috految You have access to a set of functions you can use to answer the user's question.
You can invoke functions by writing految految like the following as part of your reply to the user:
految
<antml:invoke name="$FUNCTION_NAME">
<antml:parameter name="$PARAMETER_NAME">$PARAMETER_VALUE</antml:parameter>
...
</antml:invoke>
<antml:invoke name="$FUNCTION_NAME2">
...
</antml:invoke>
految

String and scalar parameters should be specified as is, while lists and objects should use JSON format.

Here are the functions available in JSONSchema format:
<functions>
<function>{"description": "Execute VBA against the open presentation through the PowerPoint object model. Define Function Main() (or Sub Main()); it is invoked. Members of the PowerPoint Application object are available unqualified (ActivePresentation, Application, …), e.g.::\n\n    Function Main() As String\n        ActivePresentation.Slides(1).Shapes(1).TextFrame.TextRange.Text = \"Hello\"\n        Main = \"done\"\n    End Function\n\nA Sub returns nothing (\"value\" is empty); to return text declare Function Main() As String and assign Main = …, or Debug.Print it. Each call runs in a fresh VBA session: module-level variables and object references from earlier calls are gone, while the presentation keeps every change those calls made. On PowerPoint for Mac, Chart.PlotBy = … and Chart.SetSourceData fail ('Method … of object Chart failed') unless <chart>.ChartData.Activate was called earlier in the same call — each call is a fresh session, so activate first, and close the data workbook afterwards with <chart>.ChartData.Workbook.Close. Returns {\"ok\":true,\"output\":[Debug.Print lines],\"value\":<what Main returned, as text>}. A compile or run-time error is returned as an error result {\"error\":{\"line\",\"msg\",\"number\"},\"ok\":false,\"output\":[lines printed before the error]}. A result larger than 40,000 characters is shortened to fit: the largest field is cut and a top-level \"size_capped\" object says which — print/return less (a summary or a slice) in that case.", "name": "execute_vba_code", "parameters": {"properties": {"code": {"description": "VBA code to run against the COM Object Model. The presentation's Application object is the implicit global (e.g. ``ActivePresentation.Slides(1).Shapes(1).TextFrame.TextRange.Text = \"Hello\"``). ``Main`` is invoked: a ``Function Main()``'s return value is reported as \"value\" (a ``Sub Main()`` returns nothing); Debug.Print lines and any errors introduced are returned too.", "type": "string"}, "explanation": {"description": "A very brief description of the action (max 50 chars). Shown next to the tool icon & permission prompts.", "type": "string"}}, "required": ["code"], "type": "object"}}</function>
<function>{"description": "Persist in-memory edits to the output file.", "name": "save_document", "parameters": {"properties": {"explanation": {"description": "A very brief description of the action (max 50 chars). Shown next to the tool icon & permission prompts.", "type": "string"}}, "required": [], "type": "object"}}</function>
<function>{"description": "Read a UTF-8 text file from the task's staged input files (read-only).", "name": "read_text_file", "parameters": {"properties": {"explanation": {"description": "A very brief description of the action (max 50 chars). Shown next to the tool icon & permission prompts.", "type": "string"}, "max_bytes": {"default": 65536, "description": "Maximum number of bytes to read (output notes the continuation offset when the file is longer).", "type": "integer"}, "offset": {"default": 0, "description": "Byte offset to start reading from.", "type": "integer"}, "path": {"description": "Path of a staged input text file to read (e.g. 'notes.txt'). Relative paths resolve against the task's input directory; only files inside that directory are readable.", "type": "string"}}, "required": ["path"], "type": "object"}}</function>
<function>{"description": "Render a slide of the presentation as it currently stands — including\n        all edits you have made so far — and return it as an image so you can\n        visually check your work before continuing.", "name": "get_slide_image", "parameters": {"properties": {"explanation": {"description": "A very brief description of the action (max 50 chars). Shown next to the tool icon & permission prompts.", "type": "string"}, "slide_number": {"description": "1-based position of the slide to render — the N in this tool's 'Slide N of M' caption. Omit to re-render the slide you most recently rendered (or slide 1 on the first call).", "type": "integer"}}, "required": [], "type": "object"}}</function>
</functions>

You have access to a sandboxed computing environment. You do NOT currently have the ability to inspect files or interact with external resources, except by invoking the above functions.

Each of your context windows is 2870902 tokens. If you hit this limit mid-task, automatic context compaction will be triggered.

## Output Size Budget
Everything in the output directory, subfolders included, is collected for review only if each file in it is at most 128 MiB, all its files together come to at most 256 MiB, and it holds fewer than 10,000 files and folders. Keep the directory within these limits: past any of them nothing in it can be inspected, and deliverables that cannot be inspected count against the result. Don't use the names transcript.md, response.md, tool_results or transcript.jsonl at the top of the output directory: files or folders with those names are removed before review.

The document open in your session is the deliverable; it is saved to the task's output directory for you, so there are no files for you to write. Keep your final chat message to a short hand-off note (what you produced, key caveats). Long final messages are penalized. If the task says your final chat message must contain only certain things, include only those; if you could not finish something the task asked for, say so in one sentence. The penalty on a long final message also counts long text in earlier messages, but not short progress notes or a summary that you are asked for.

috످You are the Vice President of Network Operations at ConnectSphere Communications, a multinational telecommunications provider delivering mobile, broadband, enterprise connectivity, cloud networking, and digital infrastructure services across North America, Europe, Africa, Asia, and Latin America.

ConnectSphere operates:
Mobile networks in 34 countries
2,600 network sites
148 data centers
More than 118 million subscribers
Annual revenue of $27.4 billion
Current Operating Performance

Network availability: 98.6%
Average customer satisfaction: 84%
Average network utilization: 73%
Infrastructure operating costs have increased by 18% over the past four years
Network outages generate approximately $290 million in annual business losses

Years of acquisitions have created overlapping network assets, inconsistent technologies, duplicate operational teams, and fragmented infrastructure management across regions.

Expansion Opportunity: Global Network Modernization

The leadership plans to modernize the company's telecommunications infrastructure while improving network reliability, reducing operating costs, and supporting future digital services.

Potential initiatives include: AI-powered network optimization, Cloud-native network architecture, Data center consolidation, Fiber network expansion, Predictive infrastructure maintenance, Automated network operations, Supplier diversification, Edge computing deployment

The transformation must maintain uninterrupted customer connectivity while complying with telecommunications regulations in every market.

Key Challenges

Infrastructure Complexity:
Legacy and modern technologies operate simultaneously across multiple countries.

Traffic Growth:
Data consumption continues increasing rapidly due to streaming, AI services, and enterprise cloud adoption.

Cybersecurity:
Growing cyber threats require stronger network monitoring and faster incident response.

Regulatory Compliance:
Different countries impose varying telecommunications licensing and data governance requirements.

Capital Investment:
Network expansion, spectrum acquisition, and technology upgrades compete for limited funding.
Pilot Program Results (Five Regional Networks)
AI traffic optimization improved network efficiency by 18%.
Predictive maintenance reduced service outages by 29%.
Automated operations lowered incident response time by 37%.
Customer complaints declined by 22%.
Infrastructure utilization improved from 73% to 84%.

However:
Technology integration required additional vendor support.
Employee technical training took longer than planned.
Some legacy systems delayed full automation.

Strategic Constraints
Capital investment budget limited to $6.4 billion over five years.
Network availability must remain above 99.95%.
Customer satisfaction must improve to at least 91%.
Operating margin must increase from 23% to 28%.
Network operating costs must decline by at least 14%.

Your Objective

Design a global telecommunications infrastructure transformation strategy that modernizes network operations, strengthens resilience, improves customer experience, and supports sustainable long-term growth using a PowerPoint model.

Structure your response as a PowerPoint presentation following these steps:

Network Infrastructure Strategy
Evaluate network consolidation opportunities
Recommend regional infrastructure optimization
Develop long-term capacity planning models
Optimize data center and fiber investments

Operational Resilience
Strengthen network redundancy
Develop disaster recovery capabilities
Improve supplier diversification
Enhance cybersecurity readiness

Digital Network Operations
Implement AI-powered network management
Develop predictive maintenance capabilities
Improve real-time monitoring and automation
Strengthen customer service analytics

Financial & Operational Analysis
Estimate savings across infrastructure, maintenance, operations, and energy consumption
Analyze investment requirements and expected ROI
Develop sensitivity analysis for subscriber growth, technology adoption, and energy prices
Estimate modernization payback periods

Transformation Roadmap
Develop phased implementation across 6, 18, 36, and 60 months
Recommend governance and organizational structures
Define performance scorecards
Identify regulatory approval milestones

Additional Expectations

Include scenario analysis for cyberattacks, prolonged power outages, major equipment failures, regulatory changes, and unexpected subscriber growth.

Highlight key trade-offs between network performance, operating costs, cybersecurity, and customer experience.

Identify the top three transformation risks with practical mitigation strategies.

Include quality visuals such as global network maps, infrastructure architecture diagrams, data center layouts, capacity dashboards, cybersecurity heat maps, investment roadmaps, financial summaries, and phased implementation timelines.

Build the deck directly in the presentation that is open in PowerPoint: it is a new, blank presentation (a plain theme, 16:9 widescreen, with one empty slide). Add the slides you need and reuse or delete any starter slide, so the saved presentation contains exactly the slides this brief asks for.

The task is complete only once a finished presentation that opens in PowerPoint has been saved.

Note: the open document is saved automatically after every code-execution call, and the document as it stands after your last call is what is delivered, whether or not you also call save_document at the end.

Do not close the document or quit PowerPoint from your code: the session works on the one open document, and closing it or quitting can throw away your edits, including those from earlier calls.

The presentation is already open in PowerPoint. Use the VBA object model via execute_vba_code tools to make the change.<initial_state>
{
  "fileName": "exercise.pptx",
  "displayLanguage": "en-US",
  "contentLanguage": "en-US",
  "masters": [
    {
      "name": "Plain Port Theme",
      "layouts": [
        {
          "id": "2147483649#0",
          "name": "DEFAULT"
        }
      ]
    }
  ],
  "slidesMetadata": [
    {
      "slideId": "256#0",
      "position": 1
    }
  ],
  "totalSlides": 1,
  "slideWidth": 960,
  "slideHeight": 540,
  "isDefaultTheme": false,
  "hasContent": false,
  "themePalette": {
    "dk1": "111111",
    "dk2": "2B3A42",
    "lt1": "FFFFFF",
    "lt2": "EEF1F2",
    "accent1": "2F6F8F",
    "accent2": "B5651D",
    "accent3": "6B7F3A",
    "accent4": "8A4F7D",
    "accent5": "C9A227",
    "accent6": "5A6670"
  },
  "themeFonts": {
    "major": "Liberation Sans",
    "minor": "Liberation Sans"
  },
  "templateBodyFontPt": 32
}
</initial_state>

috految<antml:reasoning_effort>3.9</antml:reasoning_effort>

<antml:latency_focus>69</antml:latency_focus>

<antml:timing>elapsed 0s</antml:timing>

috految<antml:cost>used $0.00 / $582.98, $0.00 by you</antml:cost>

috److془I need to plan carefully and build efficiently.

Model design:
Revenue 27,400; profit 6,302; costs 21,098. Network opex assumed 8,200 (30%). Infra 3,000 ; maintenance 1,700; ops 2,300; energy 1,200.
Savings: infra 600 (20%; 48 DC x 6=288; ) Let's: DC 48x5=240; 260 sites x .5=130; cores 20x6=120; leased fiber 150; supplier 60 = 700 (23%). Maintenance 320 : sourcing.. 1,700*20%=340. Ops: 2300*20%=460. Energy 15%=180. Gross 1680. Run cost 240 + traffic 120 = 360.. net 1320=16.1%. Target 1148. Breakeven adoption 1508/1680=90%. Inflation: 4.2%: 6880*1.23=8461 +3%. Breakeven 0.5%/yr. 
Outage: 60% of 290 =174. Growth: 1,000 revenue at 50% = 500? 2.5% subs.. Use 800 at 50%=400 (fiber 1M lines x $500, edge 300). Benefit 1894. Depreciation 640. Profit 7556/28200=26.8. Gap 340. Commercial: 340 = 2.6% of 12,898. Nice. Transition 500. Plan 400→ 28.2%. Capex: 6400 incl 400 reserve. Yearly 900,1500,1600,1400,1000. Ramp 5,25,50,80,100. Transition 100,150,150,100,0. Tax 25%, 9%, 10 years, refresh 200 from Y6. Ramp 100 in Y5 requires completed by M48; use 5,25,50,75,95,100. Pre-tax simple, 10%. Benefits: 95,474,947,1421,1799,1894. Net: -905,-1176.5,-803,-79.5,799,1694. Cum -905,-2082,-2885,-2964,-2165,-471,1223, ..6305. Payback 6.3. PV ramp: .04545+.20661+.37566+.51226+.58988+2.35378=4.08364→7734. PV cost: 909.1+1363.6+1314.8+1024.5+620.9+470.8=5703.7. NPV 2031. IRR: 22%: -742-790-442-36+296+1795=80; 23: -736-778-432-35+284+1687=-9. 23%. ROI 6305/7900=80%; Five-year -31%. Breakeven 497/1680 → 70%. Baseline breakeven 5.8B. Capex PV 4,848? 818+1240+1202+956+621=4837. Delay: PV (4.08364-.38554)/1.1=3.3619→664. Margin: Y1 (6302+95-90-100)/27440=22.6; Y2 6386/27600=23.1; Y3 6699/27800=24.1; Y4 7083/28000=25.3; Y5 7461/28160=26.5. 
Phases: 300, 1350 (1650), 2350 (4000), 2400. 
Initiatives capex/benefit: AI 400/ energy 100+ops 160=260; predictive 350/340; automation 550/300; DC and site 1000/ 370+80=450; cloud 800/120; fiber 1000/150+250=400; edge 400/150; supplier 100/60; resilience 600/174; cyber 400; spectrum 400; reserve 400. Sum: 1300+1800+1400+100+1800=6400 ✓. benefits 900+570+550+60+174=2254-360=1894 ✓.
Capacity: 25%? 18% growth: demand 73,86,102,120,142,167; capacity 100,110,126,147,172,200 → 84%. 100+ 12 AI+ 45 fiber +28 spectrum+15 core. Y10 at 12% 294 → 350. Y5 growth 25%: 223→111%, 265 need; 12%: 129;153. Cost 25M/pt (2200/88). Y10 3.8B unfunded. Subscribers +10%: 92%, 19 pts, 475M. 
Availability 122.6h; -29% → 87.1 ; -37% → 54.9 =99.37. Plan: 20% 98.1; 25% 73.6; redundancy 80% 14.7; change 75% 3.7 =99.958. Milestones 98.8,99.3,99.8,99.96.
Sensitivity subs ±5% at 1370*30%=411 → 1678. Energy ±25% 255 →1041; adoption -20 -1372; +10 686. Coupled.

Environment risk: emulated. Setup call first with probes, then the build.془

految
<antml:invoke name="execute_vba_code">
<antml:parameter name="code">Sub F(q,x,y,w,h,z,c,b)
q.Left=x:q.Top=y:q.Width=w:q.Height=h
With q.TextFrame
.MarginLeft=0:.VerticalAnchor=3
With .TextRange
.Font.Size=z:.Font.Color.ObjectThemeColor=c:.Font.Bold=b:.ParagraphFormat.Alignment=1:.ParagraphFormat.Bullet.Visible=0
End With
End With
q.TextFrame2.TextRange.ParagraphFormat.FirstLineIndent=0:q.TextFrame2.TextRange.ParagraphFormat.LeftIndent=0
End Sub
Function Main()
Set p=ActivePresentation:Set m=p.SlideMaster
a=Array(&H33261A,vbWhite,&H472A10,&HF7F2ED,&H8A7108,&H1455B8,&HE0D5B4,&H3535B0,&H8AD5F7,&H75665A)
For i=0 To 9:m.Theme.ThemeColorScheme.Colors(i+1).RGB=a(i):Next
m.Theme.ThemeFontScheme.MajorFont(1).Name="Cambria":m.Theme.ThemeFontScheme.MinorFont(1).Name="Calibri"
For i=2 To 4
Set l=m.CustomLayouts.Add(i):l.Name=Choose(i-1,"Cover","Exhibit","Exhibit and commentary")
For j=l.Shapes.Count To 1 Step -1:l.Shapes(j).Delete:Next
If i=2 Then
l.FollowMasterBackground=0:l.Background.Fill.Solid:l.Background.Fill.ForeColor.ObjectThemeColor=15
F l.Shapes.AddPlaceholder(1,40,40,800,50),50,140,410,150,40,14,-1
F l.Shapes.AddPlaceholder(2,40,40,800,50),50,300,410,110,18,14,0
Else
F l.Shapes.AddPlaceholder(1,40,40,800,50),40,40,880,48,25,15,-1
F l.Shapes.AddPlaceholder(2,40,40,800,50),40,18,880,22,12,5,-1
F l.Shapes.AddPlaceholder(2,40,40,800,50),40,460,880,46,15,5,-1
If i=4 Then F l.Shapes.AddPlaceholder(2,40,40,800,50),650,100,270,350,15,13,0
F l.Shapes.AddPlaceholder(15,40,40,800,50),40,510,820,20,10,10,0
F l.Shapes.AddPlaceholder(13,40,40,800,50),890,510,40,20,10,10,0
End If
Next
Set s=p.Slides.AddSlide(2,l)
s.HeadersFooters.SlideNumber.Visible=True
For Each q In s.Shapes:Debug.Print q.Name,q.Top,q.TextFrame.TextRange.Font.Size,q.TextFrame.TextRange.Text,q.TextFrame.TextRange.ParagraphFormat.Bullet.Visible,q.TextFrame2.TextRange.ParagraphFormat.LeftIndent:Next
Set u=s.Shapes.BuildFreeform(0,1,1):u.AddNodes 0,0,50,9:u.AddNodes 0,0,1,1:u.ConvertToShape
s.Delete
End Function</antml:parameter>
</antml:invoke>
految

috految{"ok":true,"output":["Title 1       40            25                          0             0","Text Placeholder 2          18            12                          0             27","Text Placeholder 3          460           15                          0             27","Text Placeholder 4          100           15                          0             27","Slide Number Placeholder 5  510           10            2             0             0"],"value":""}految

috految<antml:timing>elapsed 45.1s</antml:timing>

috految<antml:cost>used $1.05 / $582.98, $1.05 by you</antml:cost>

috److految
<antml:invoke name="execute_vba_code">
<antml:parameter name="code">Dim s,sec,ch,tb
Sub N(ti,k,Optional side="",Optional ft="Planning estimates and proposed targets. Assumptions on slide 31.")
On Error Resume Next
Set s=ActivePresentation.Slides.AddSlide(ActivePresentation.Slides.Count+1,ActivePresentation.SlideMaster.CustomLayouts(IIf(side="",3,4)))
a=Array(ti,sec,k,side)
For i=1 To IIf(side="",3,4)
s.Shapes(i).TextFrame.TextRange.Text=Replace(a(i-1),"|",vbCr)
With s.Shapes(i).TextFrame2.TextRange.ParagraphFormat
.FirstLineIndent=0:.LeftIndent=0
End With
Next
If side<>"" Then
For i=1 To UBound(Split(side,"|")) Step 2
With s.Shapes(4).TextFrame.TextRange.Paragraphs(i)
.Font.Bold=True:.Font.Size=17:.Font.Color.ObjectThemeColor=5:.ParagraphFormat.LineRuleBefore=0:.ParagraphFormat.SpaceBefore=14
End With
Next
End If
s.HeadersFooters.SlideNumber.Visible=True:s.HeadersFooters.Footer.Visible=True:s.HeadersFooters.Footer.Text="ConnectSphere | " & ft
End Sub
Function B(v,x,y,w,h,Optional f=16,Optional z=14,Optional k=1)
Set q=s.Shapes.AddShape(k,x,y,w,h):q.Line.Visible=0:q.Fill.Solid:q.Fill.ForeColor.ObjectThemeColor=f
If v<>"" Then
q.Name=Left(v,30):q.TextFrame.WordWrap=True:q.TextFrame.VerticalAnchor=3
With q.TextFrame.TextRange
.Text=Replace(v,"|",vbCr):.Font.Size=IIf(z>14,14,z):.ParagraphFormat.Alignment=2:.Font.Color.ObjectThemeColor=IIf(f=5 Or f=6 Or f=15,14,13)
.Paragraphs(1).Font.Bold=True:.Paragraphs(1).Font.Size=z
End With
End If
Set B=q
End Function
Sub Lk(a,i,d,j,Optional ar=1)
Set q=s.Shapes.AddConnector(1,0,0,9,9):q.ConnectorFormat.BeginConnect a,i:q.ConnectorFormat.EndConnect d,j:q.Line.ForeColor.ObjectThemeColor=10:q.Line.Weight=1.5:q.Line.EndArrowheadStyle=ar
End Sub
Sub Rw(v,y,h,f,z,Optional flow=0)
a=Split(v,"#"):w=900/(UBound(a)+1)
For i=0 To UBound(a)
Set q=B(a(i),40+i*w,y,w-20,h,f,z)
If flow=1 And i>0 Then Lk o,4,q,2,2
Set o=q
Next
End Sub
Sub T(v,ws,Optional y=100,Optional h=348,Optional num=99,Optional x=40)
On Error Resume Next
a=Split(v,"#"):w=Split(ws,","):tw=0
For Each e In w:tw=tw+Val(e):Next
Set q=s.Shapes.AddTable(UBound(a)+1,UBound(w)+1,x,y,tw,h):q.AlternativeText=a(0):Set tb=q.Table
For j=0 To UBound(w):tb.Columns(j+1).Width=Val(w(j)):Next
For i=0 To UBound(a)
r=Split(a(i),"|")
For j=0 To UBound(w)
u=r(j):f=IIf(i=0,15,IIf(i Mod 2=1,14,16))
If Left(a(i),5)="Total" Then f=7
k=InStr("!?^",Left(u,1))
If k>0 Then f=Choose(k,8,9,7):u=Mid(u,2)
With tb.Cell(i+1,j+1).Shape
.Fill.ForeColor.ObjectThemeColor=f:.TextFrame.VerticalAnchor=3
With .TextFrame.TextRange
.Text=u:.Font.Size=IIf(UBound(a)>8,12,14):.Font.Color.ObjectThemeColor=IIf(f=15 Or f=8,14,13)
If i=0 Or j=0 Then .Font.Bold=True
If j>=num Then .ParagraphFormat.Alignment=3
End With
End With
Next
tb.Rows(i+1).Height=IIf(i=0,30,(h-30)/UBound(a))
Next
If Err.Number Or q.Height>h+5 Then Debug.Print s.SlideIndex,q.Height,Err.Description
End Sub
Sub C(ti,ty,cats,v,Optional nf="#,##0",Optional w=585,Optional y=100,Optional h=348,Optional x=40)
On Error Resume Next
Set q=s.Shapes.AddChart2(-1,ty,x,y,w,h):q.AlternativeText=ti:Set ch=q.Chart
ch.ChartData.Activate:Set ws=ch.ChartData.Workbook.Worksheets(1):ws.Range("A1:D5").ClearContents
a=Split(cats,"|"):d=Split(v,"#")
For i=0 To UBound(a):ws.Cells(i+2,1).Value=a(i):Next
For j=0 To UBound(d)
r=Split(d(j),"|"):ws.Cells(1,j+2).Value=r(0)
For i=1 To UBound(r):ws.Cells(i+1,j+2).Value=Val(r(i)):Next
Next
ch.SetSourceData "='" & ws.Name & "'!$A$1:$" & Chr(66+UBound(d)) & "$" & (UBound(a)+2),2
ch.ChartData.Workbook.Close
ch.HasTitle=True:ch.ChartTitle.Text=ti:ch.ChartTitle.Font.Size=14:ch.HasLegend=(UBound(d)>0)
If UBound(d)>0 Then ch.Legend.Position=-4107:ch.Legend.Font.Size=12
ch.Axes(2).HasMajorGridlines=False:ch.Axes(1).TickLabels.Font.Size=12:ch.Axes(1).TickLabelPosition=-4134
If InStr(v,"|-")=0 Then ch.Axes(2).MinimumScale=0
ch.HasAxis(2)=False:ch.ChartGroups(1).GapWidth=45:ch.ChartGroups(1).VaryByCategories=False
If ty=57 Then ch.Axes(1).ReversePlotOrder=True
For j=0 To UBound(d)
With ch.SeriesCollection(j+1)
.InvertIfNegative=False:.Format.Fill.ForeColor.ObjectThemeColor=Choose(j+1,5,6,15,10)
.HasDataLabels=True:.DataLabels.NumberFormat=nf:.DataLabels.Font.Size=12
If ty=52 Then .DataLabels.Font.Color=vbWhite
End With
Next
Debug.Print s.SlideIndex,ch.SeriesCollection.Count,Err.Description
End Sub
Sub World(x,y,k,f)
For Each g In Split("-166,68,-156,71,-128,70,-108,68,-84,70,-94,60,-81,52,-77,62,-65,59,-56,52,-70,43,-76,35,-81,31,-80,25,-84,30,-96,29,-97,21,-93,18,-87,21,-88,16,-83,15,-82,10,-77,8,-81,7,-92,14,-105,19,-117,32,-124,40,-124,49,-136,59,-149,61,-162,55,-158,59,-166,62#-77,8,-72,12,-61,10,-51,4,-49,-1,-35,-6,-41,-22,-48,-26,-57,-38,-65,-42,-68,-55,-75,-50,-70,-19,-76,-14,-81,-5#-68,77,-22,78,-23,70,-40,65,-44,60,-53,66,-57,74#-6,35,10,37,11,33,20,31,32,31,43,11,51,12,47,4,39,-5,40,-15,35,-23,28,-33,19,-35,12,-18,13,-9,9,4,-8,4,-17,14,-16,23#-9,37,-9,43,-1,44,-4,48,8,54,20,55,29,60,21,61,23,66,17,61,14,56,11,59,5,59,6,63,24,71,43,67,68,69,104,77,130,72,178,69,178,64,163,59,157,51,156,61,142,59,136,55,141,51,128,40,129,35,119,39,122,30,117,23,106,20,109,12,105,9,100,13,104,1,98,8,97,17,91,22,80,15,78,8,72,21,66,25,49,30,52,24,59,22,53,16,44,13,34,29,36,36,27,37,26,41,22,37,13,45,17,39,9,44,3,43,-2,37#-5,50,1,51,-3,59,-7,57#130,32,140,35,144,44,141,45,138,38#95,5,106,-3,115,-9,104,-7#109,1,117,7,119,1,115,-4#114,-22,131,-12,139,-17,142,-11,153,-27,148,-38,140,-38,131,-31,115,-34#44,-17,50,-12,48,-25,44,-25","#")
a=Split(g,","):Set u=s.Shapes.BuildFreeform(0,x+Val(a(0))*k,y-Val(a(1))*k)
For i=2 To UBound(a)+1 Step 2
j=i Mod (UBound(a)+1):u.AddNodes 0,0,x+Val(a(j))*k,y-Val(a(j+1))*k
Next
Set q=u.ConvertToShape:q.Fill.Solid:q.Fill.ForeColor.ObjectThemeColor=f:q.Line.Visible=0:q.AlternativeText="World map landmass"
Next
End Sub
Function Main()
On Error Resume Next
Set p=ActivePresentation
Set s=p.Slides.AddSlide(2,p.SlideMaster.CustomLayouts(2))
s.Shapes(1).TextFrame.TextRange.Text="Global Network Modernization"
s.Shapes(2).TextFrame.TextRange.Text="ConnectSphere Communications" & vbCr & "Five-year strategy for Board approval" & vbCr & "Vice President, Network Operations"
World 695,290,1.3,5
p.Slides(1).Delete
sec="Executive summary"
N "Approve $6.4B in stages, starting with $300M to stabilize the network","Two gaps need Board action: availability is below the 99.95% floor until Month 60, and a 28% margin needs savings beyond the network. Transition adds $500M of operating expense."
Rw "$1.32B|Net annual savings at Month 60#$2.0B|10-year pre-tax NPV#23%|Internal rate of return#6.3 years|Payback",100,86,15,30
B "Strategy: build redundancy first, automate operations, then consolidate and grow|Move to 100 data centers, five operations hubs and one cloud-native architecture",40,198,880,54,16,17
T "Constraint|Today|Required|Month 60 run rate|Assessment#Five-year capital|n/a|Up to $6.4B|$6.4B|^Met, including a $400M reserve#Network operating cost|$8.2B (assumed)|At least 14% lower|16.1% lower|?Met at constant prices only#Availability|98.6%|Above 99.95%|99.96%|?Stretch: needs an interim exception#Customer satisfaction|84%|At least 91%|91%|?Stretch: no headroom#Operating margin|23%|28%|26.8%|!Short: 28.2% with a $400M cost plan","190,140,140,140,270",264,185
N "Five workstreams turn acquired networks into one platform","Scenarios, trade-offs and risks follow on slides 27–29. Board decisions are on slide 30."
T "Workstream|What we will do|Slides#1. Network infrastructure strategy|Remove overlap and double capacity|6–11#2. Operational resilience|Build dual paths, tested recovery, second sources and cyber defense|12–15#3. Digital network operations|Scale AI, predictive maintenance, automation and customer analytics|16–18#4. Financial and operational analysis|Test savings, returns, margin and sensitivity|19–23#5. Transformation roadmap|Release funds against results and regulatory approvals|24–26","290,500,90"
N "Fragmented networks cost more and fail too often","Availability of 98.6% equals 123 hours of downtime a year. The 99.95% floor allows 4.4.","","Source: company operating data"
Rw "34|Mobile countries#2,600|Network sites#148|Data centers#118M+|Subscribers#$27.4B|Annual revenue",100,88,15,28
T "Challenge|Where we stand|Response#Cost and outages|Infrastructure cost up 18% in four years; $290M annual outage losses|Automate and add redundancy#Complexity|Acquisitions left duplicate assets, teams and technologies|One architecture and owner#Traffic|73% utilization as streaming, AI and cloud demand rise|Build on capacity triggers#Cybersecurity|Threats require faster monitoring and response|Zero trust and 24/7 defense#Regulation|Licensing and data rules vary by country|Approval before each cutover#Capital|Expansion, spectrum and upgrades compete for funds|Gated five-year funding","150,490,240",204,244
N "Five regional pilots worked, but we plan on smaller gains","Pilot utilization rose from 73% to 84%. We treat 84% as the planning ceiling.","Integration needed vendors|Fund $150M of milestone-based vendor support.|Training ran long|Fund $150M for certification, starting six months before each wave.|Legacy delayed automation|Fund $200M for parallel running and workforce transition.","Source: pilot results. Plan values are estimates."
C "Improvement, %",51,"AI efficiency|Fewer outages|Shorter response|Fewer complaints","Pilot result|18|29|37|22#Plan at scale|12|20|25|15"
sec="1. Network infrastructure strategy"
N "Selective consolidation saves $490M a year and protects coverage","Retire an asset only after replacement capacity, failover tests and regulatory consent are in place."
Rw "Maintain: rejected|Keeps duplicate cost and leaves outages unaddressed#Consolidate selectively: recommended|Removes overlap and keeps a fallback in every market#Replace everything: rejected|Concentrates cutover risk and strands usable assets",100,96,16,15
s.Shapes(s.Shapes.Count-1).Fill.ForeColor.ObjectThemeColor=7
T "Asset|Retirement test|Today|Target|Unit saving|Annual saving#Data centers|Low load, lease break, no residency need|148|100|$5M|$240M#Network sites|Overlapping coverage, spare neighbor capacity|2,600|2,340|$0.5M|$130M#Core platforms|Duplicate or end of support|54 (assumed)|34|$6M|$120M","140,310,120,80,110,120",216,230,2
N "Five regional hubs anchor a global backbone with alternate routes","Each hub has a paired recovery site and at least two routes. Regulated data stays in its own country.","","Schematic map. Hubs and regional counts are illustrative."
World 470,305,2.5,7
Dim hb(4)
For i=0 To 4
Set hb(i)=B("",Choose(i+1,228,492,540,730,353)-9,Choose(i+1,223,180,370,302,363)-9,18,18,6,12,4)
Next
Lk hb(0),4,hb(1),2:Lk hb(1),4,hb(3),1:Lk hb(0),3,hb(4),1:Lk hb(4),4,hb(2),2:Lk hb(2),4,hb(3),3:Lk hb(1),3,hb(2),1:Lk hb(4),1,hb(1),3
B "North America: Dallas|Recovery: Ashburn|Data centers: 38 to 24",55,205,155,60,15,13
B "Europe: Frankfurt|Recovery: Madrid|Data centers: 42 to 26",500,106,155,60,15,13
B "Africa: Johannesburg|Recovery: Nairobi|Data centers: 16 to 14",545,388,155,60,15,13
B "Asia: Singapore|Recovery: Mumbai|Data centers: 32 to 22",748,270,155,60,15,13
B "Latin America: São Paulo|Recovery: Santiago|Data centers: 20 to 14",160,352,175,60,15,13
N "Consolidate mature regions and invest for growth elsewhere","Regional capital of $6.0B plus the $400M central reserve equals the $6.4B cap.","","Regional splits are illustrative until the asset audit."
T "Region|Optimization priority|Wave|Sites|Data centers|Capital, $M#North America|Merge acquired cores and sell enterprise edge|1|650 to 560|38 to 24|1,500#Europe|Retire duplicate sites and share radio access|1|700 to 600|42 to 26|1,400#Asia|Add metro fiber, local cloud and spectrum|2|600 to 560|32 to 22|1,450#Latin America|Replace leased backhaul with protected rings|2|350 to 320|20 to 14|850#Africa|Harden power and diversify subsea landings|3|300 to 300|16 to 14|800#Total|Five regions|1–3|2,600 to 2,340|148 to 100|6,000","130,330,70,130,110,110",100,348,2
N "One cloud-native architecture lets legacy retire market by market","Cutover rule: mirror traffic, move 1%, 10%, then 100%, and keep a 15-minute rollback for 90 days."
a=Split("Services~Mobile#Broadband#Enterprise and cloud~Control~AI optimization#Orchestration and APIs#Customer analytics~Core~Cloud-native 5G core#Regional private cloud#Legacy gateway|Retire by Month 60~Transport~Dual-route backbone#Metro fiber rings#Subsea and satellite~Access~2,340 network sites#Fiber to premises#80 edge nodes","~")
For i=0 To 4
B a(i*2),40,100+i*73,110,54,15,16
Set q=B("",160,100+i*73,610,54,7):r=Split(a(i*2+1),"#")
For j=0 To 2:B r(j),168+j*200,106+i*73,194,42,IIf(i=2 And j=2,6,14):Next
If i>0 Then Lk o,3,q,1,2
Set o=q
Next
B "Zero trust at every layer|Identity|Segmentation|Encryption|Data residency",784,100,136,346,5,17
N "Capacity must double because demand fills today's network in Year 2","Order capacity when the 12-month forecast exceeds 84%. Growth of 12% a year after Year 5 would need about $3.8B more by Year 10, outside this business case.","","Demand = 73 compounded at assumed growth. Capacity needed = demand / 84%. Expansion costs $25M per index point."
Rw "18%|Assumed annual traffic growth#+45 points|Fiber capacity#+43 points|Spectrum and core capacity#+12 points|AI efficiency",100,70,15,24
C "Capacity and demand (today's capacity = 100)",51,"Today|Year 1|Year 2|Year 3|Year 4|Year 5","Capacity|100|110|126|147|172|200#Demand|73|86|102|120|142|167","0",490,180,272
T "Annual growth|Year 5 load|Index needed#Low: 12%|^64%|153#Base: 18%|^84%|199#High: 25%|!111%|265#No build, 18%|!167%|199","130,115,125",190,255,1,550
N "Invest $2.4B in standard data centers, targeted fiber and edge","Build fiber where we can prove demand or avoid leases. Cut power usage effectiveness from an assumed 1.7 to 1.4.","Data centers and sites: $1.0B|Keep 10 hub, 30 regional and 60 in-country facilities. Close 48.|Backbone fiber: $500M|10,000 km at $50,000 per km replaces $150M of annual leases.|Access fiber: $500M|1M premises connected at $500 each, near existing routes.|Edge: $400M|80 nodes, each with an anchor customer."
B "Hub data center floor plan: either hall can carry all critical load",40,100,585,30,15
For i=0 To 1
x=40+i*300
Set o=B("Power feed " & Chr(65+i) & "|Grid, batteries, 72-hour generators",x,140,285,48,6)
Set q=B("",x,208,285,176):Lk o,3,q,1,2
B "Hall " & Chr(65+i) & ": redundant liquid cooling",x+8,213,269,26,15,13
For j=0 To 2
For k=0 To 3:B Choose(j+1,"Core","Cloud","Storage"),x+10+k*67,246+j*50,63,28,5,12:Next
If j<2 Then B IIf(j=0,"Cold aisle","Contained hot aisle"),x+10,276+j*50,264,18,IIf(j=0,7,9),12
Next
Set o=B("Separate fiber entry " & Chr(65+i),x,404,285,44,7):Lk o,1,q,3,2
Next
sec="2. Operational resilience"
N "Reaching 99.95% depends on redundancy and safe change","Full pilot gains alone reach only about 99.4%. The last two steps are unproven design targets to test by Month 18.","Core: $200M|Run active-active pairs with automatic failover.|Transport: $200M|Split routes and ducts, with 50 ms ring protection.|Power and recovery: $200M|Provide 72 hours of backup at hubs and 24 at critical sites.|Safe change|Test on a digital twin and roll back automatically."
C "Annual downtime after each step, hours (limit: 4.4)",51,"Today (98.6%)|Prediction (-20%)|Faster response (-25%)|Redundancy (-80%)|Safe change (-75%)","Hours|122.6|98.1|73.6|14.7|3.7","0.0"
N "Disaster recovery restores critical services within five minutes","At 84% load, failover must shed low-priority traffic. Emergency calls always take priority."
Rw "Detect|Probes confirm the failure#Fail over|Paired site takes the load#Restore|Rebuild from immutable copies#Return|Verify, notify and fail back",100,85,5,20,1
T "Service tier|Recovery time|Data loss limit|Design|Test#Emergency calls and core|5 minutes|Zero|Active-active, in country|Monthly#Enterprise and broadband|30 minutes|5 minutes|Hot standby|Quarterly#Billing and care|4 hours|15 minutes|Isolated recovery vault|Twice a year#Analytics|24 hours|4 hours|Cloud restore|Annually","230,140,140,230,140",205,240
N "Cap any one supplier at half of each critical category","A $100M investment saves an estimated $60M a year through competitive tenders.","Qualify by Month 18|Certify a second source for radio, core, optical and power equipment.|Contract for exit|Require open interfaces, source escrow and security audits.|Hold 90 days of critical spares|Stock five depots and review supplier health quarterly."
C "Largest supplier's share of spend, %",51,"Radio|Core|Optical|Cloud|Power","Today (illustrative)|70|75|60|65|60#Month 60 target|50|50|40|50|40"
N "Direct $400M of cyber investment at legacy systems and the core first","Month 60 goal: detect in 5 minutes and contain in 30. Run red-team tests quarterly.","","Judgment-based scores: likelihood (1–5) × impact (1–5). Critical 15+, high 10–14, moderate below 10."
T "Threat heat map|Legacy|Core|Cloud and edge|Radio|Lead control#Ransomware|!20 Critical|!16 Critical|?12 High|^6 Moderate|Immutable backups#State intrusion|!20 Critical|!15 Critical|?10 High|?10 High|Segmentation#Denial of service|?12 High|!16 Critical|?12 High|^8 Moderate|Traffic scrubbing#Supply chain|!15 Critical|?12 High|?12 High|?12 High|Signed software#Insider misuse|?12 High|^9 Moderate|^9 Moderate|^4 Moderate|Just-in-time access","170,130,130,130,130,190",100,255
Rw "$160M|Zero trust and legacy isolation#$140M|24/7 security operations#$100M|Recovery vaults and testing",372,76,15,24
sec="3. Digital network operations"
N "AI management and real-time automation save $560M a year","Engineers approve core changes. Every model has an owner, drift monitoring and a manual override."
Rw "Monitor|Stream telemetry from all sites#Predict|Forecast congestion and faults#Act|Reroute, scale or dispatch#Learn|Verify results and retrain",100,85,5,20,1
T "Capability|Month 18|Month 36|Month 60|Annual saving#AI traffic steering|Recommends routes|Steers within limits|12% efficiency gain|$160M#AI energy control|Overnight sleep modes|Load-aware cooling|All regions|$100M#Real-time monitoring|One alarm view|60-second detection|30-second detection|Enabler#Automated operations|25% of incidents|50% of incidents|70% of incidents|$300M","190,190,190,180,130",205,240,4
N "Predictive maintenance replaces routine visits and saves $340M","The pilot cut outages 29%, and we plan on 20%. Cost savings are untested and must be verified by Month 18.","Instrument by Month 6|Capture optical loss, battery health and heat on critical assets.|Predict by Month 18|Flag failures 14 days ahead and dispatch with parts reserved.|Scale by Month 36|Stop calendar visits once alerts are 80% accurate."
C "Estimated annual saving, $M",57,"Fewer routine visits|Fewer emergency repairs|Service contracts|Spares inventory","Saving|130|100|70|40"
N "Reliability and customer analytics target 91% satisfaction","Pilot complaints fell 22%. The link to satisfaction is assumed, so each wave needs a control market.","See each customer's experience|Join network, billing and care data under local consent rules.|Reach out first|Message affected customers within five minutes of a fault.|Predict churn|Route at-risk accounts to retention teams and fix their worst sites first."
C "Planned gain from 84% to 91%, points",57,"Fewer outages|Less congestion|Proactive care|First-contact resolution","Points|3|1.5|1.5|1","0.0"
sec="4. Financial and operational analysis"
N "Net savings of $1.32B cut network cost 16.1% at constant prices","The 14% target needs 90% of gross savings. If costs keep rising at the historical 4.2% a year, nominal cost ends 3% above today."
C "Annual saving at Month 60, $M",57,"Infrastructure|Operations|Maintenance|Energy|New running costs","Saving|700|460|340|180|-360","#,##0",390
T "Cost pool|Driver, $M|Base, $M|Change#Infrastructure|Consolidation 490, leases 150, sourcing 60|3,000|-23%#Operations|Automation 300, AI 160|2,300|-20%#Maintenance|Prediction 340|1,700|-20%#Energy|AI 100, data centers 80|1,200|-15%#New costs|Platforms 240, traffic 120|0|+$360M#Total|Net saving 1,320|8,200|-16.1%","115,195,85,80",100,348,2,445
N "Digital operations repay fastest within the $6.4B portfolio","Annual benefit: $1,320M net savings + $174M outage recovery + $400M growth contribution = $1,894M.","","Estimates. Simple payback = capital / annual benefit, before ramp-up and transition. Program payback is 6.3 years."
T "Initiative|Capital, $M|Benefit, $M/yr|Simple payback#Predictive maintenance|350|340|1.0 years#AI optimization|400|260|1.5 years#Supplier diversification|100|60|1.7 years#Automated operations|550|300|1.8 years#Data centers and sites|1,000|450|2.2 years#Fiber|1,000|400|2.5 years#Edge|400|150|2.7 years#Redundancy and recovery|600|174|3.4 years#Cloud-native core|800|120|6.7 years#Cyber and spectrum ($400M each)|800|0|Enabler#Reserve|400|0|n/a#New running costs|0|-360|n/a#Total|6,400|1,894|3.4 years","205,85,100,110",100,348,1
C "Investment roadmap, $M",52,"Year 1|Year 2|Year 3|Year 4|Year 5","Infrastructure|250|700|950|950|750#Resilience and reserve|400|450|350|200|100#Digital|250|350|300|250|150","0",365,100,348,555
N "The program pays back in 6.3 years with a $2.0B NPV","Cumulative funding peaks near $3.0B in Year 4, and payback falls after the five-year budget period.","","Pre-tax estimates. ROI = net cash / (capital + transition + refresh). Full cash flow on slide 32."
Rw "23%|IRR against a 10% hurdle#80%|10-year ROI#-31%|Five-year ROI#70%|Savings needed for zero NPV",100,76,15,28
C "Cumulative net cash flow, $M",51,"Y1|Y2|Y3|Y4|Y5|Y6|Y7|Y8|Y9|Y10","Cash|-905|-2082|-2885|-2964|-2165|-471|1223|2917|4611|6305","#,##0",880,186,268
N "The network lifts margin to 26.8%, so 28% needs a wider cost plan","Reported margin dips to 22.6% in Year 1 and reaches 26.5% in Year 5, before the wider cost plan.","The gap is $340M|Profit of $7,556M on $28.2B of revenue compares with $7,896M needed.|Target $400M more|Procurement $180M, IT systems $120M and shared services $100M would deliver 28.2%.|Validate by Month 6|This is 3.1% of non-network cost and is excluded from NPV."
C "Operating profit from $6,302M (23%) to $7,556M (26.8%), $M",51,"Net savings|Outage recovery|Growth|Depreciation|Net gain","Change|1320|174|400|-640|1254"
ch.SeriesCollection(1).Points(5).Format.Fill.ForeColor.ObjectThemeColor=15
N "NPV survives each tested shock, but not weak demand plus weak uptake","Savings delivery below 90% misses the cost target. NPV also falls to zero if the true cost base is $5.8B.","","Subscribers: $1,370M of revenue at 30% margin. Energy: $1,020M bill. Shocks follow the benefit ramp, with no extra capacity."
C "Change from $2,031M base NPV, $M",57,"Subscribers ±5%|Adoption 110% / 80%|Energy price ±25%|Capital ±10%","Upside|1678|686|1041|484#Downside|-1678|-1372|-1041|-484","#,##0",420
ch.ChartGroups(1).Overlap=100:ch.Axes(2).MinimumScale=-2600
T "Case|NPV, $M|Payback|Cost cut#Base|2,031|6.3 yrs|16.1%#Subscribers -5%|352|7.5 yrs|16.1%#Technology adoption 80%|659|7.2 yrs|?12.0%#Energy price +25%|989|6.9 yrs|?13.0%#One-year delay|664|7.4 yrs|?Deferred#No growth revenue|397|7.4 yrs|16.1%#Subscribers -5%, adoption 80%|!-1,020|9.3 yrs|?12.0%","205,80,80,80",100,348,1,475
sec="5. Transformation roadmap"
N "Four gates release funding and clear each wave to proceed","A missed gate pauses the next tranche. Redundancy precedes every closure."
a=Array(0,6,18,36,60)
For i=0 To 3:B "To M" & a(i+1),176+a(i)*12.4,100,(a(i+1)-a(i))*12.4-2,28,15:Next
i=0
For Each g In Split("Resilience,0,6,Triage,6,36,Dual paths and backup power,36,60,Prove failover in all markets#Cyber and supply,0,18,Zero trust and second sources,18,48,Isolate remaining legacy#Digital operations,0,6,Sensors,6,18,Scale pilots,18,60,Automate all five regions#Core and sites,6,18,Wave 1,18,36,Wave 2,36,60,Wave 3 and legacy exit#Fiber and edge,6,36,Backbone and spectrum,36,60,Complete access fiber and edge#Regulatory,0,6,Audit,6,18,Wave 1–2 approvals,18,48,Wave 3 and retirement consent","#")
r=Split(g,","):B r(0),40,136+i*35,130,29
For j=1 To UBound(r) Step 3:B r(j+2),176+Val(r(j))*12.4,136+i*35,(Val(r(j+1))-Val(r(j)))*12.4-2,29,IIf(i=5,6,5),12:Next
i=i+1
Next
Rw "Month 6: Stabilize|$300M|Baseline audited, 98.8% availability#Month 18: Prove|$1,350M|10 data centers closed, 99.3% availability#Month 36: Scale|$2,350M|30 data centers closed, 99.8% availability#Month 60: Complete|$2,400M|48 data centers closed, 99.96% availability",356,94,16,17
N "One accountable organization replaces duplicate regional teams","The CISO and General Counsel can stop any cutover. Retrain and redeploy staff before releasing roles."
Set o=B("Board committee|Quarterly: releases tranches",330,100,300,54,15,17)
Set q=B("Steering committee (CEO, CFO, CTO)|Monthly: scope and reserve",330,176,300,54,15,17):Lk o,3,q,1
Set o=B("CISO and General Counsel|Independent assurance",680,176,240,54):Lk q,4,o,2
Set o=B("VP Network Operations|Weekly: delivery and benefits",330,252,300,54,5,17):Lk q,3,o,1
For i=0 To 3
Set q=B(Choose(i+1,"Transformation office|Schedule, vendors, training","Global engineering|Standards and AI models","Five regional hubs|24/7 operations and cutovers","34 country leads|Licenses and customers"),40+i*225,366,205,80,7,17):Lk o,3,q,1
Next
N "Scorecard results and regulatory approvals govern every gate","Two consecutive misses trigger a Board recovery plan. No market migrates without its approvals.","","Proposed targets. Regimes are examples for counsel to confirm. Margin excludes the wider cost plan."
T "Scorecard|Owner|Today|Month 6|Month 18|Month 36|Month 60#Availability|VP Operations|98.6%|98.8%|99.3%|99.8%|99.96%#Satisfaction|Customer lead|84%|85%|87%|89%|91%#Net cost cut|CFO|0%|1%|4%|10%|16.1%#Margin (goal 28%)|CFO|23%|22.6%|23.1%|24.1%|26.8%#Outage losses|VP Operations|$290M|$281M|$247M|$181M|$116M#Cyber containment|CISO|To baseline|240 min|120 min|60 min|30 min","190,140,110,110,110,110,110",100,186,2
T "Regulatory gate|Approvals required|File by|Approve by#North America|FCC and ISED licenses, discontinuance notices|Month 3|Month 9#Europe|GDPR transfers, NIS2 reviews, works councils|Month 3|Month 12#Asia|Data localization, spectrum, vendor security|Month 6|Month 18#Latin America|Anatel and national licenses, LGPD, rights of way|Month 9|Month 18#Africa|ICASA and national licenses, POPIA, landing permits|Month 18|Month 30","190,470,110,110",298,157
sec="Scenarios, trade-offs and risks"
N "Preparation limits shocks, but a subscriber surge exceeds the reserve","Cyber and power events each breach the annual downtime limit in affected markets. Losses are outside base NPV.","","Hypothetical. Loss = $75M daily revenue × share affected × days + recovery. Growth: 19 capacity points × $25M."
T "Scenario|Stress test|Unprepared|Prepared|Trigger and response#Cyberattack|30% of revenue offline|!$278M: 7 days, $120M recovery|?$63M: 1 day, $40M recovery|Confirmed intrusion: CISO isolates and restores from vault#Prolonged power outage|10% of revenue, five days|!$78M: 5 days, $40M recovery|?$30M: 2 days, $15M recovery|Four hours off grid: hubs refuel and deploy mobile generators#Major equipment failure|Core fault hits 20%|!$80M: 2 days, $50M recovery|^$13M: 4 hours, $10M recovery|Failed health check: CTO fails over and ships spares#Regulatory change|Localization in eight markets|!$240M: $30M per market|?$80M: $10M per market|Draft rule: counsel pauses closures and hosts locally#Unexpected subscriber growth|10% above plan (11.8M)|!92% utilization by Year 5|?$475M build vs $400M reserve|Forecast above 84%: CFO draws reserve and defers edge","150,165,160,160,245"
N "When goals conflict, security and continuity come before cost","Blue marks a gain, and amber marks the price we accept."
T "Choice|Performance|Operating cost|Cybersecurity|Customer experience|Our position#Close data centers|?Fewer fallbacks|^$240M saved|?Larger targets|?Migration risk|Stop at 100#Active-active design|^Fast recovery|?Duplicate capacity|^Limits spread|^Fewer outages|Critical services first#Run at 84% load|?Less headroom|^Lower unit cost|?Less attack buffer|?Peak slowdowns|Hold as a ceiling#Automate changes|^Faster repair|^$300M saved|?New attack path|^Quicker fixes|Human core approval#Enforce zero trust|?Added latency|?More tooling|^Contains breaches|?Login friction|Never waive","160,135,140,140,155,150"
N "Three risks could derail the transformation","The steering committee reviews each trigger monthly."
T "Risk|1. Legacy migration fails|2. Savings and skills lag|3. Breach during transition#Rating|!High likelihood, severe impact|!High likelihood, high impact|?Medium likelihood, severe impact#Exposure|A one-year slip costs $1.4B of NPV|80% adoption cuts costs only 12%|$278M if unprepared#Mitigation|Map dependencies, run in parallel and pay vendors on acceptance|Certify teams before each wave and put savings in budgets|Segment legacy, limit vendor access and drill restores#Trigger|Two failed cutovers|Savings below 90% of plan|Critical flaw open seven days#Fallback|Freeze the wave and roll back|Withhold tranche and defer edge|Halt migration and isolate#Owner|VP Network Operations|CFO|CISO","115,255,255,255"
sec="Decisions"
N "We ask the Board for four decisions today","The remaining $6.1B stays with the Board until the Month 6 gate."
T "Decision|Commitment|Owner#1. Fund in stages|Endorse $6.4B and release the first $300M|Board#2. Fund the transition|Approve $500M of operating expense outside the capital cap|CFO#3. Set interim targets|Allow phased availability and measure costs at constant prices|CEO#4. Close the margin gap|Commission a $400M non-network cost plan|CFO","230,530,120",100,230
Rw "Day 30|Appoint leads and audit availability#Day 60|Validate costs and rank failure points#Day 90|File Wave 1 approvals and tender",354,90,5,22,1
sec="Appendix"
N "Finance must validate these assumptions by Month 6","Excluded: tax, routine capital, write-offs, terminal value and capacity growth after Year 5."
T "Input|Assumption#Network cost|$8.2B, about 30% of revenue, constant prices#Base business|Flat $27.4B revenue and subscribers; 23% margin after depreciation#Growth|Fiber: 1M lines × $500 a year. Edge: $300M. Both earn a 50% contribution#Outage recovery|60% of $290M counted as profit, below the planned downtime reduction#Benefit ramp|5%, 25%, 50%, 75%, 95%, then 100%#Valuation|10 years, 10% discount rate, year-end flows, reserve fully spent#Depreciation|10-year life, $640M a year; no credit for retired assets#Cost of change|$500M transition; $200M annual refresh from Year 6","190,690"
N "Ten-year cash flow supports the $2.0B NPV","Figures are rounded. Years 6–10 carry refresh capital only."
v="Year|Benefits, $M|Capital, $M|Transition, $M|Net cash, $M|Present value, $M"
For i=1 To 10
j=IIf(i>6,6,i):be=1894*Choose(j,0.05,0.25,0.5,0.75,0.95,1):ca=Choose(j,900,1500,1600,1400,1000,200):tr=Choose(j,100,150,150,100,0,0):ne=be-ca-tr:tot=tot+ne/1.1^i
v=v & "#" & i
For Each e In Array(be,-ca,-tr,ne,ne/1.1^i):v=v & "|" & Format(e,"#,##0"):Next
Next
T v & "#Total|14,205|-7,400|-500|6,305|2,031","80,160,160,160,160,160",100,348,1
Debug.Print tot,Err.Description
For Each e In p.Slides:Debug.Print e.SlideIndex,e.Shapes.Count,Left(e.Shapes(1).TextFrame.TextRange.Text,20):Next
End Function</antml:parameter>
</antml:invoke>
految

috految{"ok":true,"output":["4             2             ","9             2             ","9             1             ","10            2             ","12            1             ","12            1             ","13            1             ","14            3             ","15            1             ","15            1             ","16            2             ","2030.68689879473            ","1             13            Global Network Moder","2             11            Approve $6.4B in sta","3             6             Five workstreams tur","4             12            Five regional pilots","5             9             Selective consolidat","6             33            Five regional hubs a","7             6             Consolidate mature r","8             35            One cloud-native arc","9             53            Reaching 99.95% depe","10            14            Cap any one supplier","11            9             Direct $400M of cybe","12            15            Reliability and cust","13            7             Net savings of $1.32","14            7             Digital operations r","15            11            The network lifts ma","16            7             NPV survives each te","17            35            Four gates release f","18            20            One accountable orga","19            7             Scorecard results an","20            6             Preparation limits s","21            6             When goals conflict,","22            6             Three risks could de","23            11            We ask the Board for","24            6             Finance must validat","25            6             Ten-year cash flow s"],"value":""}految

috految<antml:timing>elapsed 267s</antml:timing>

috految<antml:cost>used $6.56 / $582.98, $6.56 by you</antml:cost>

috److془Layout 4 deleted. Fix by duplicates. Shape 4 (sldnum) overwritten with side. Slide 4: 12=5+5+1+1 ✓. Slide 9: 5+6 (6-11), 12-52, 53. 10: 6-13,14. 12: 6-13,14,15. 15: 6-10,11.
Shape4 may be footer? sldnum added first. Slide 9 count: 1+2*20=41 ✓.془

految
<antml:invoke name="execute_vba_code">
<antml:parameter name="code">Sub F(n,lo,hi,Optional ti="",Optional k="",Optional ft="",Optional v="")
Set s=ActivePresentation.Slides(n)
If ti="" Then v=s.Shapes(4).TextFrame.TextRange.Text
For i=s.Shapes.Count To 6 Step -1
If i<lo Or i>hi Then s.Shapes(i).Delete
Next
If ti<>"" Then s.Shapes(1).TextFrame.TextRange.Text=ti:s.Shapes(3).TextFrame.TextRange.Text=k
If n=10 Or n=11 Then s.Shapes(2).TextFrame.TextRange.Text="1. Network infrastructure strategy"
s.Shapes(4).TextFrame.TextRange.Text="":s.Shapes(4).Delete
s.HeadersFooters.SlideNumber.Visible=True
If ft<>"" Then s.HeadersFooters.Footer.Text="ConnectSphere | " & ft
If v<>"" Then
With s.Shapes.AddTextbox(1,650,105,270,340).TextFrame
.WordWrap=True:.TextRange.Text=Replace(v,"|",vbCr):.TextRange.Font.Size=15
For i=1 To .TextRange.Paragraphs.Count Step 2
With .TextRange.Paragraphs(i)
.Font.Bold=True:.Font.Size=17:.Font.Color.ObjectThemeColor=5:.ParagraphFormat.LineRuleBefore=0:.ParagraphFormat.SpaceBefore=18
End With
Next
End With
End If
For Each q In s.Shapes
If q.HasTextFrame Then o=o & "/" & q.Top & ":" & Left(q.TextFrame.TextRange.Text,18) Else o=o & "/" & q.Name
Next
Debug.Print n,o
End Sub
Sub Main()
For Each n In Array(15,12,12,10,9,9,4):ActivePresentation.Slides(n).Duplicate:Next
F 4,6,11,"Fragmented networks cost more and fail too often","Availability of 98.6% equals 123 hours of downtime a year. The 99.95% floor allows 4.4.","Source: company operating data"
F 5,12,12
F 10,6,11,"Capacity must double as demand fills today's network in Year 2","Order capacity when the 12-month forecast exceeds 84%. Growth of 12% a year after Year 5 needs about $3.8B more by Year 10, outside this business case.","Estimates. Capacity needed = demand / 84%, at $25M per index point."
F 11,12,52,"Invest $2.4B in standard data centers, targeted fiber and edge","Build fiber where we can prove demand or avoid leases.","","Data centers and sites: $1.0B|Keep 10 hub, 30 regional and 60 in-country facilities. Close 48.|Backbone fiber: $500M|10,000 km at $50,000 per km replaces $150M of annual leases.|Access fiber: $500M|1M premises at $500 each, near existing routes.|Edge: $400M|80 nodes, each with an anchor customer."
F 12,53,53
F 13,6,13,"Disaster recovery must restore critical services in five minutes","At 84% load, failover must shed low-priority traffic. Emergency calls take priority."
F 14,14,14
F 16,6,13,"AI management and real-time automation save $560M a year","Engineers approve core changes. Every model has an owner, drift monitoring and a manual override."
F 17,14,14,"Predictive maintenance saves an estimated $340M a year","The pilot cut outages 29%, and we plan on 20%. Verify cost savings by Month 18.","","Instrument by Month 6|Capture optical loss, battery health and heat on critical assets.|Predict by Month 18|Flag failures 14 days ahead and dispatch with parts reserved.|Scale by Month 36|Stop calendar visits once alerts are 80% accurate."
F 18,15,15
F 21,6,10,"The program pays back in 6.3 years with a $2.0B NPV","Funding peaks near $3.0B in Year 4. Payback falls after the five-year budget period.","Pre-tax estimates. ROI = net cash / (capital + transition + refresh)."
F 22,11,11
End Sub</antml:parameter>
</antml:invoke>
految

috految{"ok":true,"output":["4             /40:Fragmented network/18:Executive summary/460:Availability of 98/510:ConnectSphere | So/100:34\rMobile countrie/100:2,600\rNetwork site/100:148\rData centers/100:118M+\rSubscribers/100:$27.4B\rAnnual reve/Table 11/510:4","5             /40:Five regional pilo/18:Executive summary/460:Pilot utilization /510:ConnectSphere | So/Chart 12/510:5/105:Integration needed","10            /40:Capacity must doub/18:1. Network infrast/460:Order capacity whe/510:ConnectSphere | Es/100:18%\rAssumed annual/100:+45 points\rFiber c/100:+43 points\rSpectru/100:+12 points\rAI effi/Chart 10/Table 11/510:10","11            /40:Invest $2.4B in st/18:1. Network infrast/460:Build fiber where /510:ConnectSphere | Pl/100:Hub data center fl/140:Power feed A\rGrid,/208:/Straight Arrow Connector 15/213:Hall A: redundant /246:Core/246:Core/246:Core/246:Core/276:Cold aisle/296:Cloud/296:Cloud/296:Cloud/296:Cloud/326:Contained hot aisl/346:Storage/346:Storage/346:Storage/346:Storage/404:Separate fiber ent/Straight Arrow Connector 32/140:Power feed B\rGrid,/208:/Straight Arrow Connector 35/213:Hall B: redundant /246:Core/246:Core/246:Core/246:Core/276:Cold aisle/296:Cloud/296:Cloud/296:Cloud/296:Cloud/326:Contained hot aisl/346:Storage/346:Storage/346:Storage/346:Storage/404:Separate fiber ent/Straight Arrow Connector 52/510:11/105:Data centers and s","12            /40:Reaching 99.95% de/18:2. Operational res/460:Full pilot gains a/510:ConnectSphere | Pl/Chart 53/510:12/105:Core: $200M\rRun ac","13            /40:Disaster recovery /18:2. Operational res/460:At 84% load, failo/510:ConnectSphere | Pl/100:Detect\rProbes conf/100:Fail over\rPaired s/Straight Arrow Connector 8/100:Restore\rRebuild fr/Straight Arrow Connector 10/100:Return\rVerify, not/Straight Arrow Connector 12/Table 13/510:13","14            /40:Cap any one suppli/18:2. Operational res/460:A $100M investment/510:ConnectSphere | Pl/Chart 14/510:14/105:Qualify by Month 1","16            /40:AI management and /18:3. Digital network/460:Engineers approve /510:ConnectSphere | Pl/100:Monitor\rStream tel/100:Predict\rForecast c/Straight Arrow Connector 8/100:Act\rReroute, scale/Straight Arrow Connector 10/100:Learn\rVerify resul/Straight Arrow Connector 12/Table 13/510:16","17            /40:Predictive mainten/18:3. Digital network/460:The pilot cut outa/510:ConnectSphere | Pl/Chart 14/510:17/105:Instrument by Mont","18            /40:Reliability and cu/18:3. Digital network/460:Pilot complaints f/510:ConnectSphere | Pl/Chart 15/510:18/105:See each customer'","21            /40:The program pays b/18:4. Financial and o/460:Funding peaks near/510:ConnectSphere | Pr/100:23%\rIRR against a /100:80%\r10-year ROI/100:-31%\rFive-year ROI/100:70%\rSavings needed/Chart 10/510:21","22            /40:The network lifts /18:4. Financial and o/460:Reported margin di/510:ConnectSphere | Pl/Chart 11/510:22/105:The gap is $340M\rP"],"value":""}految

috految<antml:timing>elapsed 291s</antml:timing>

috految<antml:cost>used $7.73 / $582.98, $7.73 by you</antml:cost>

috److I've built a 32-slide Board deck covering your five steps, plus scenarios, trade-offs, risks and a cash flow appendix. It recommends approving $6.4B in stages, starting with $300M. On my assumptions, it delivers $1.32B in net annual savings, a $2.0B ten-year pre-tax NPV, a 23% IRR and a 6.3-year payback.

**Before you present**
- **Availability:** Your brief says it must "remain" above 99.95%, but it is 98.6% today. The plan reaches 99.96% at Month 60, so it needs an interim exception. That result and 91% satisfaction are unproven targets.
- **Margin:** The network program reaches 26.8% at full run rate. Reaching 28% depends on a proposed $400M non-network cost plan that has not been validated.
- **Costs:** The 16.1% reduction is at constant prices. If historical cost growth continues, nominal costs end 3% above today.
- **Funding:** I put $500M of transition expense outside the capital cap. The NPV excludes about $3.8B of capacity needed after Year 5, which could erase most of the return.

**Please replace or confirm**
- **Financial inputs:** The $8.2B cost baseline, savings, capital allocations, $800M growth revenue and 18% traffic growth are my assumptions. Finance should start with slide 31.
- **Illustrative content:** Regional splits, hub cities, supplier shares, cyber scores and scenario losses are illustrative. Counsel should confirm the regulatory references.
- **Site count:** 2,600 sites looks low for 118 million subscribers, so check the definition.

Charts and tables are editable but do not recalculate. The deck saved automatically. I did not review the slides visually, so flip through them before circulating.

috످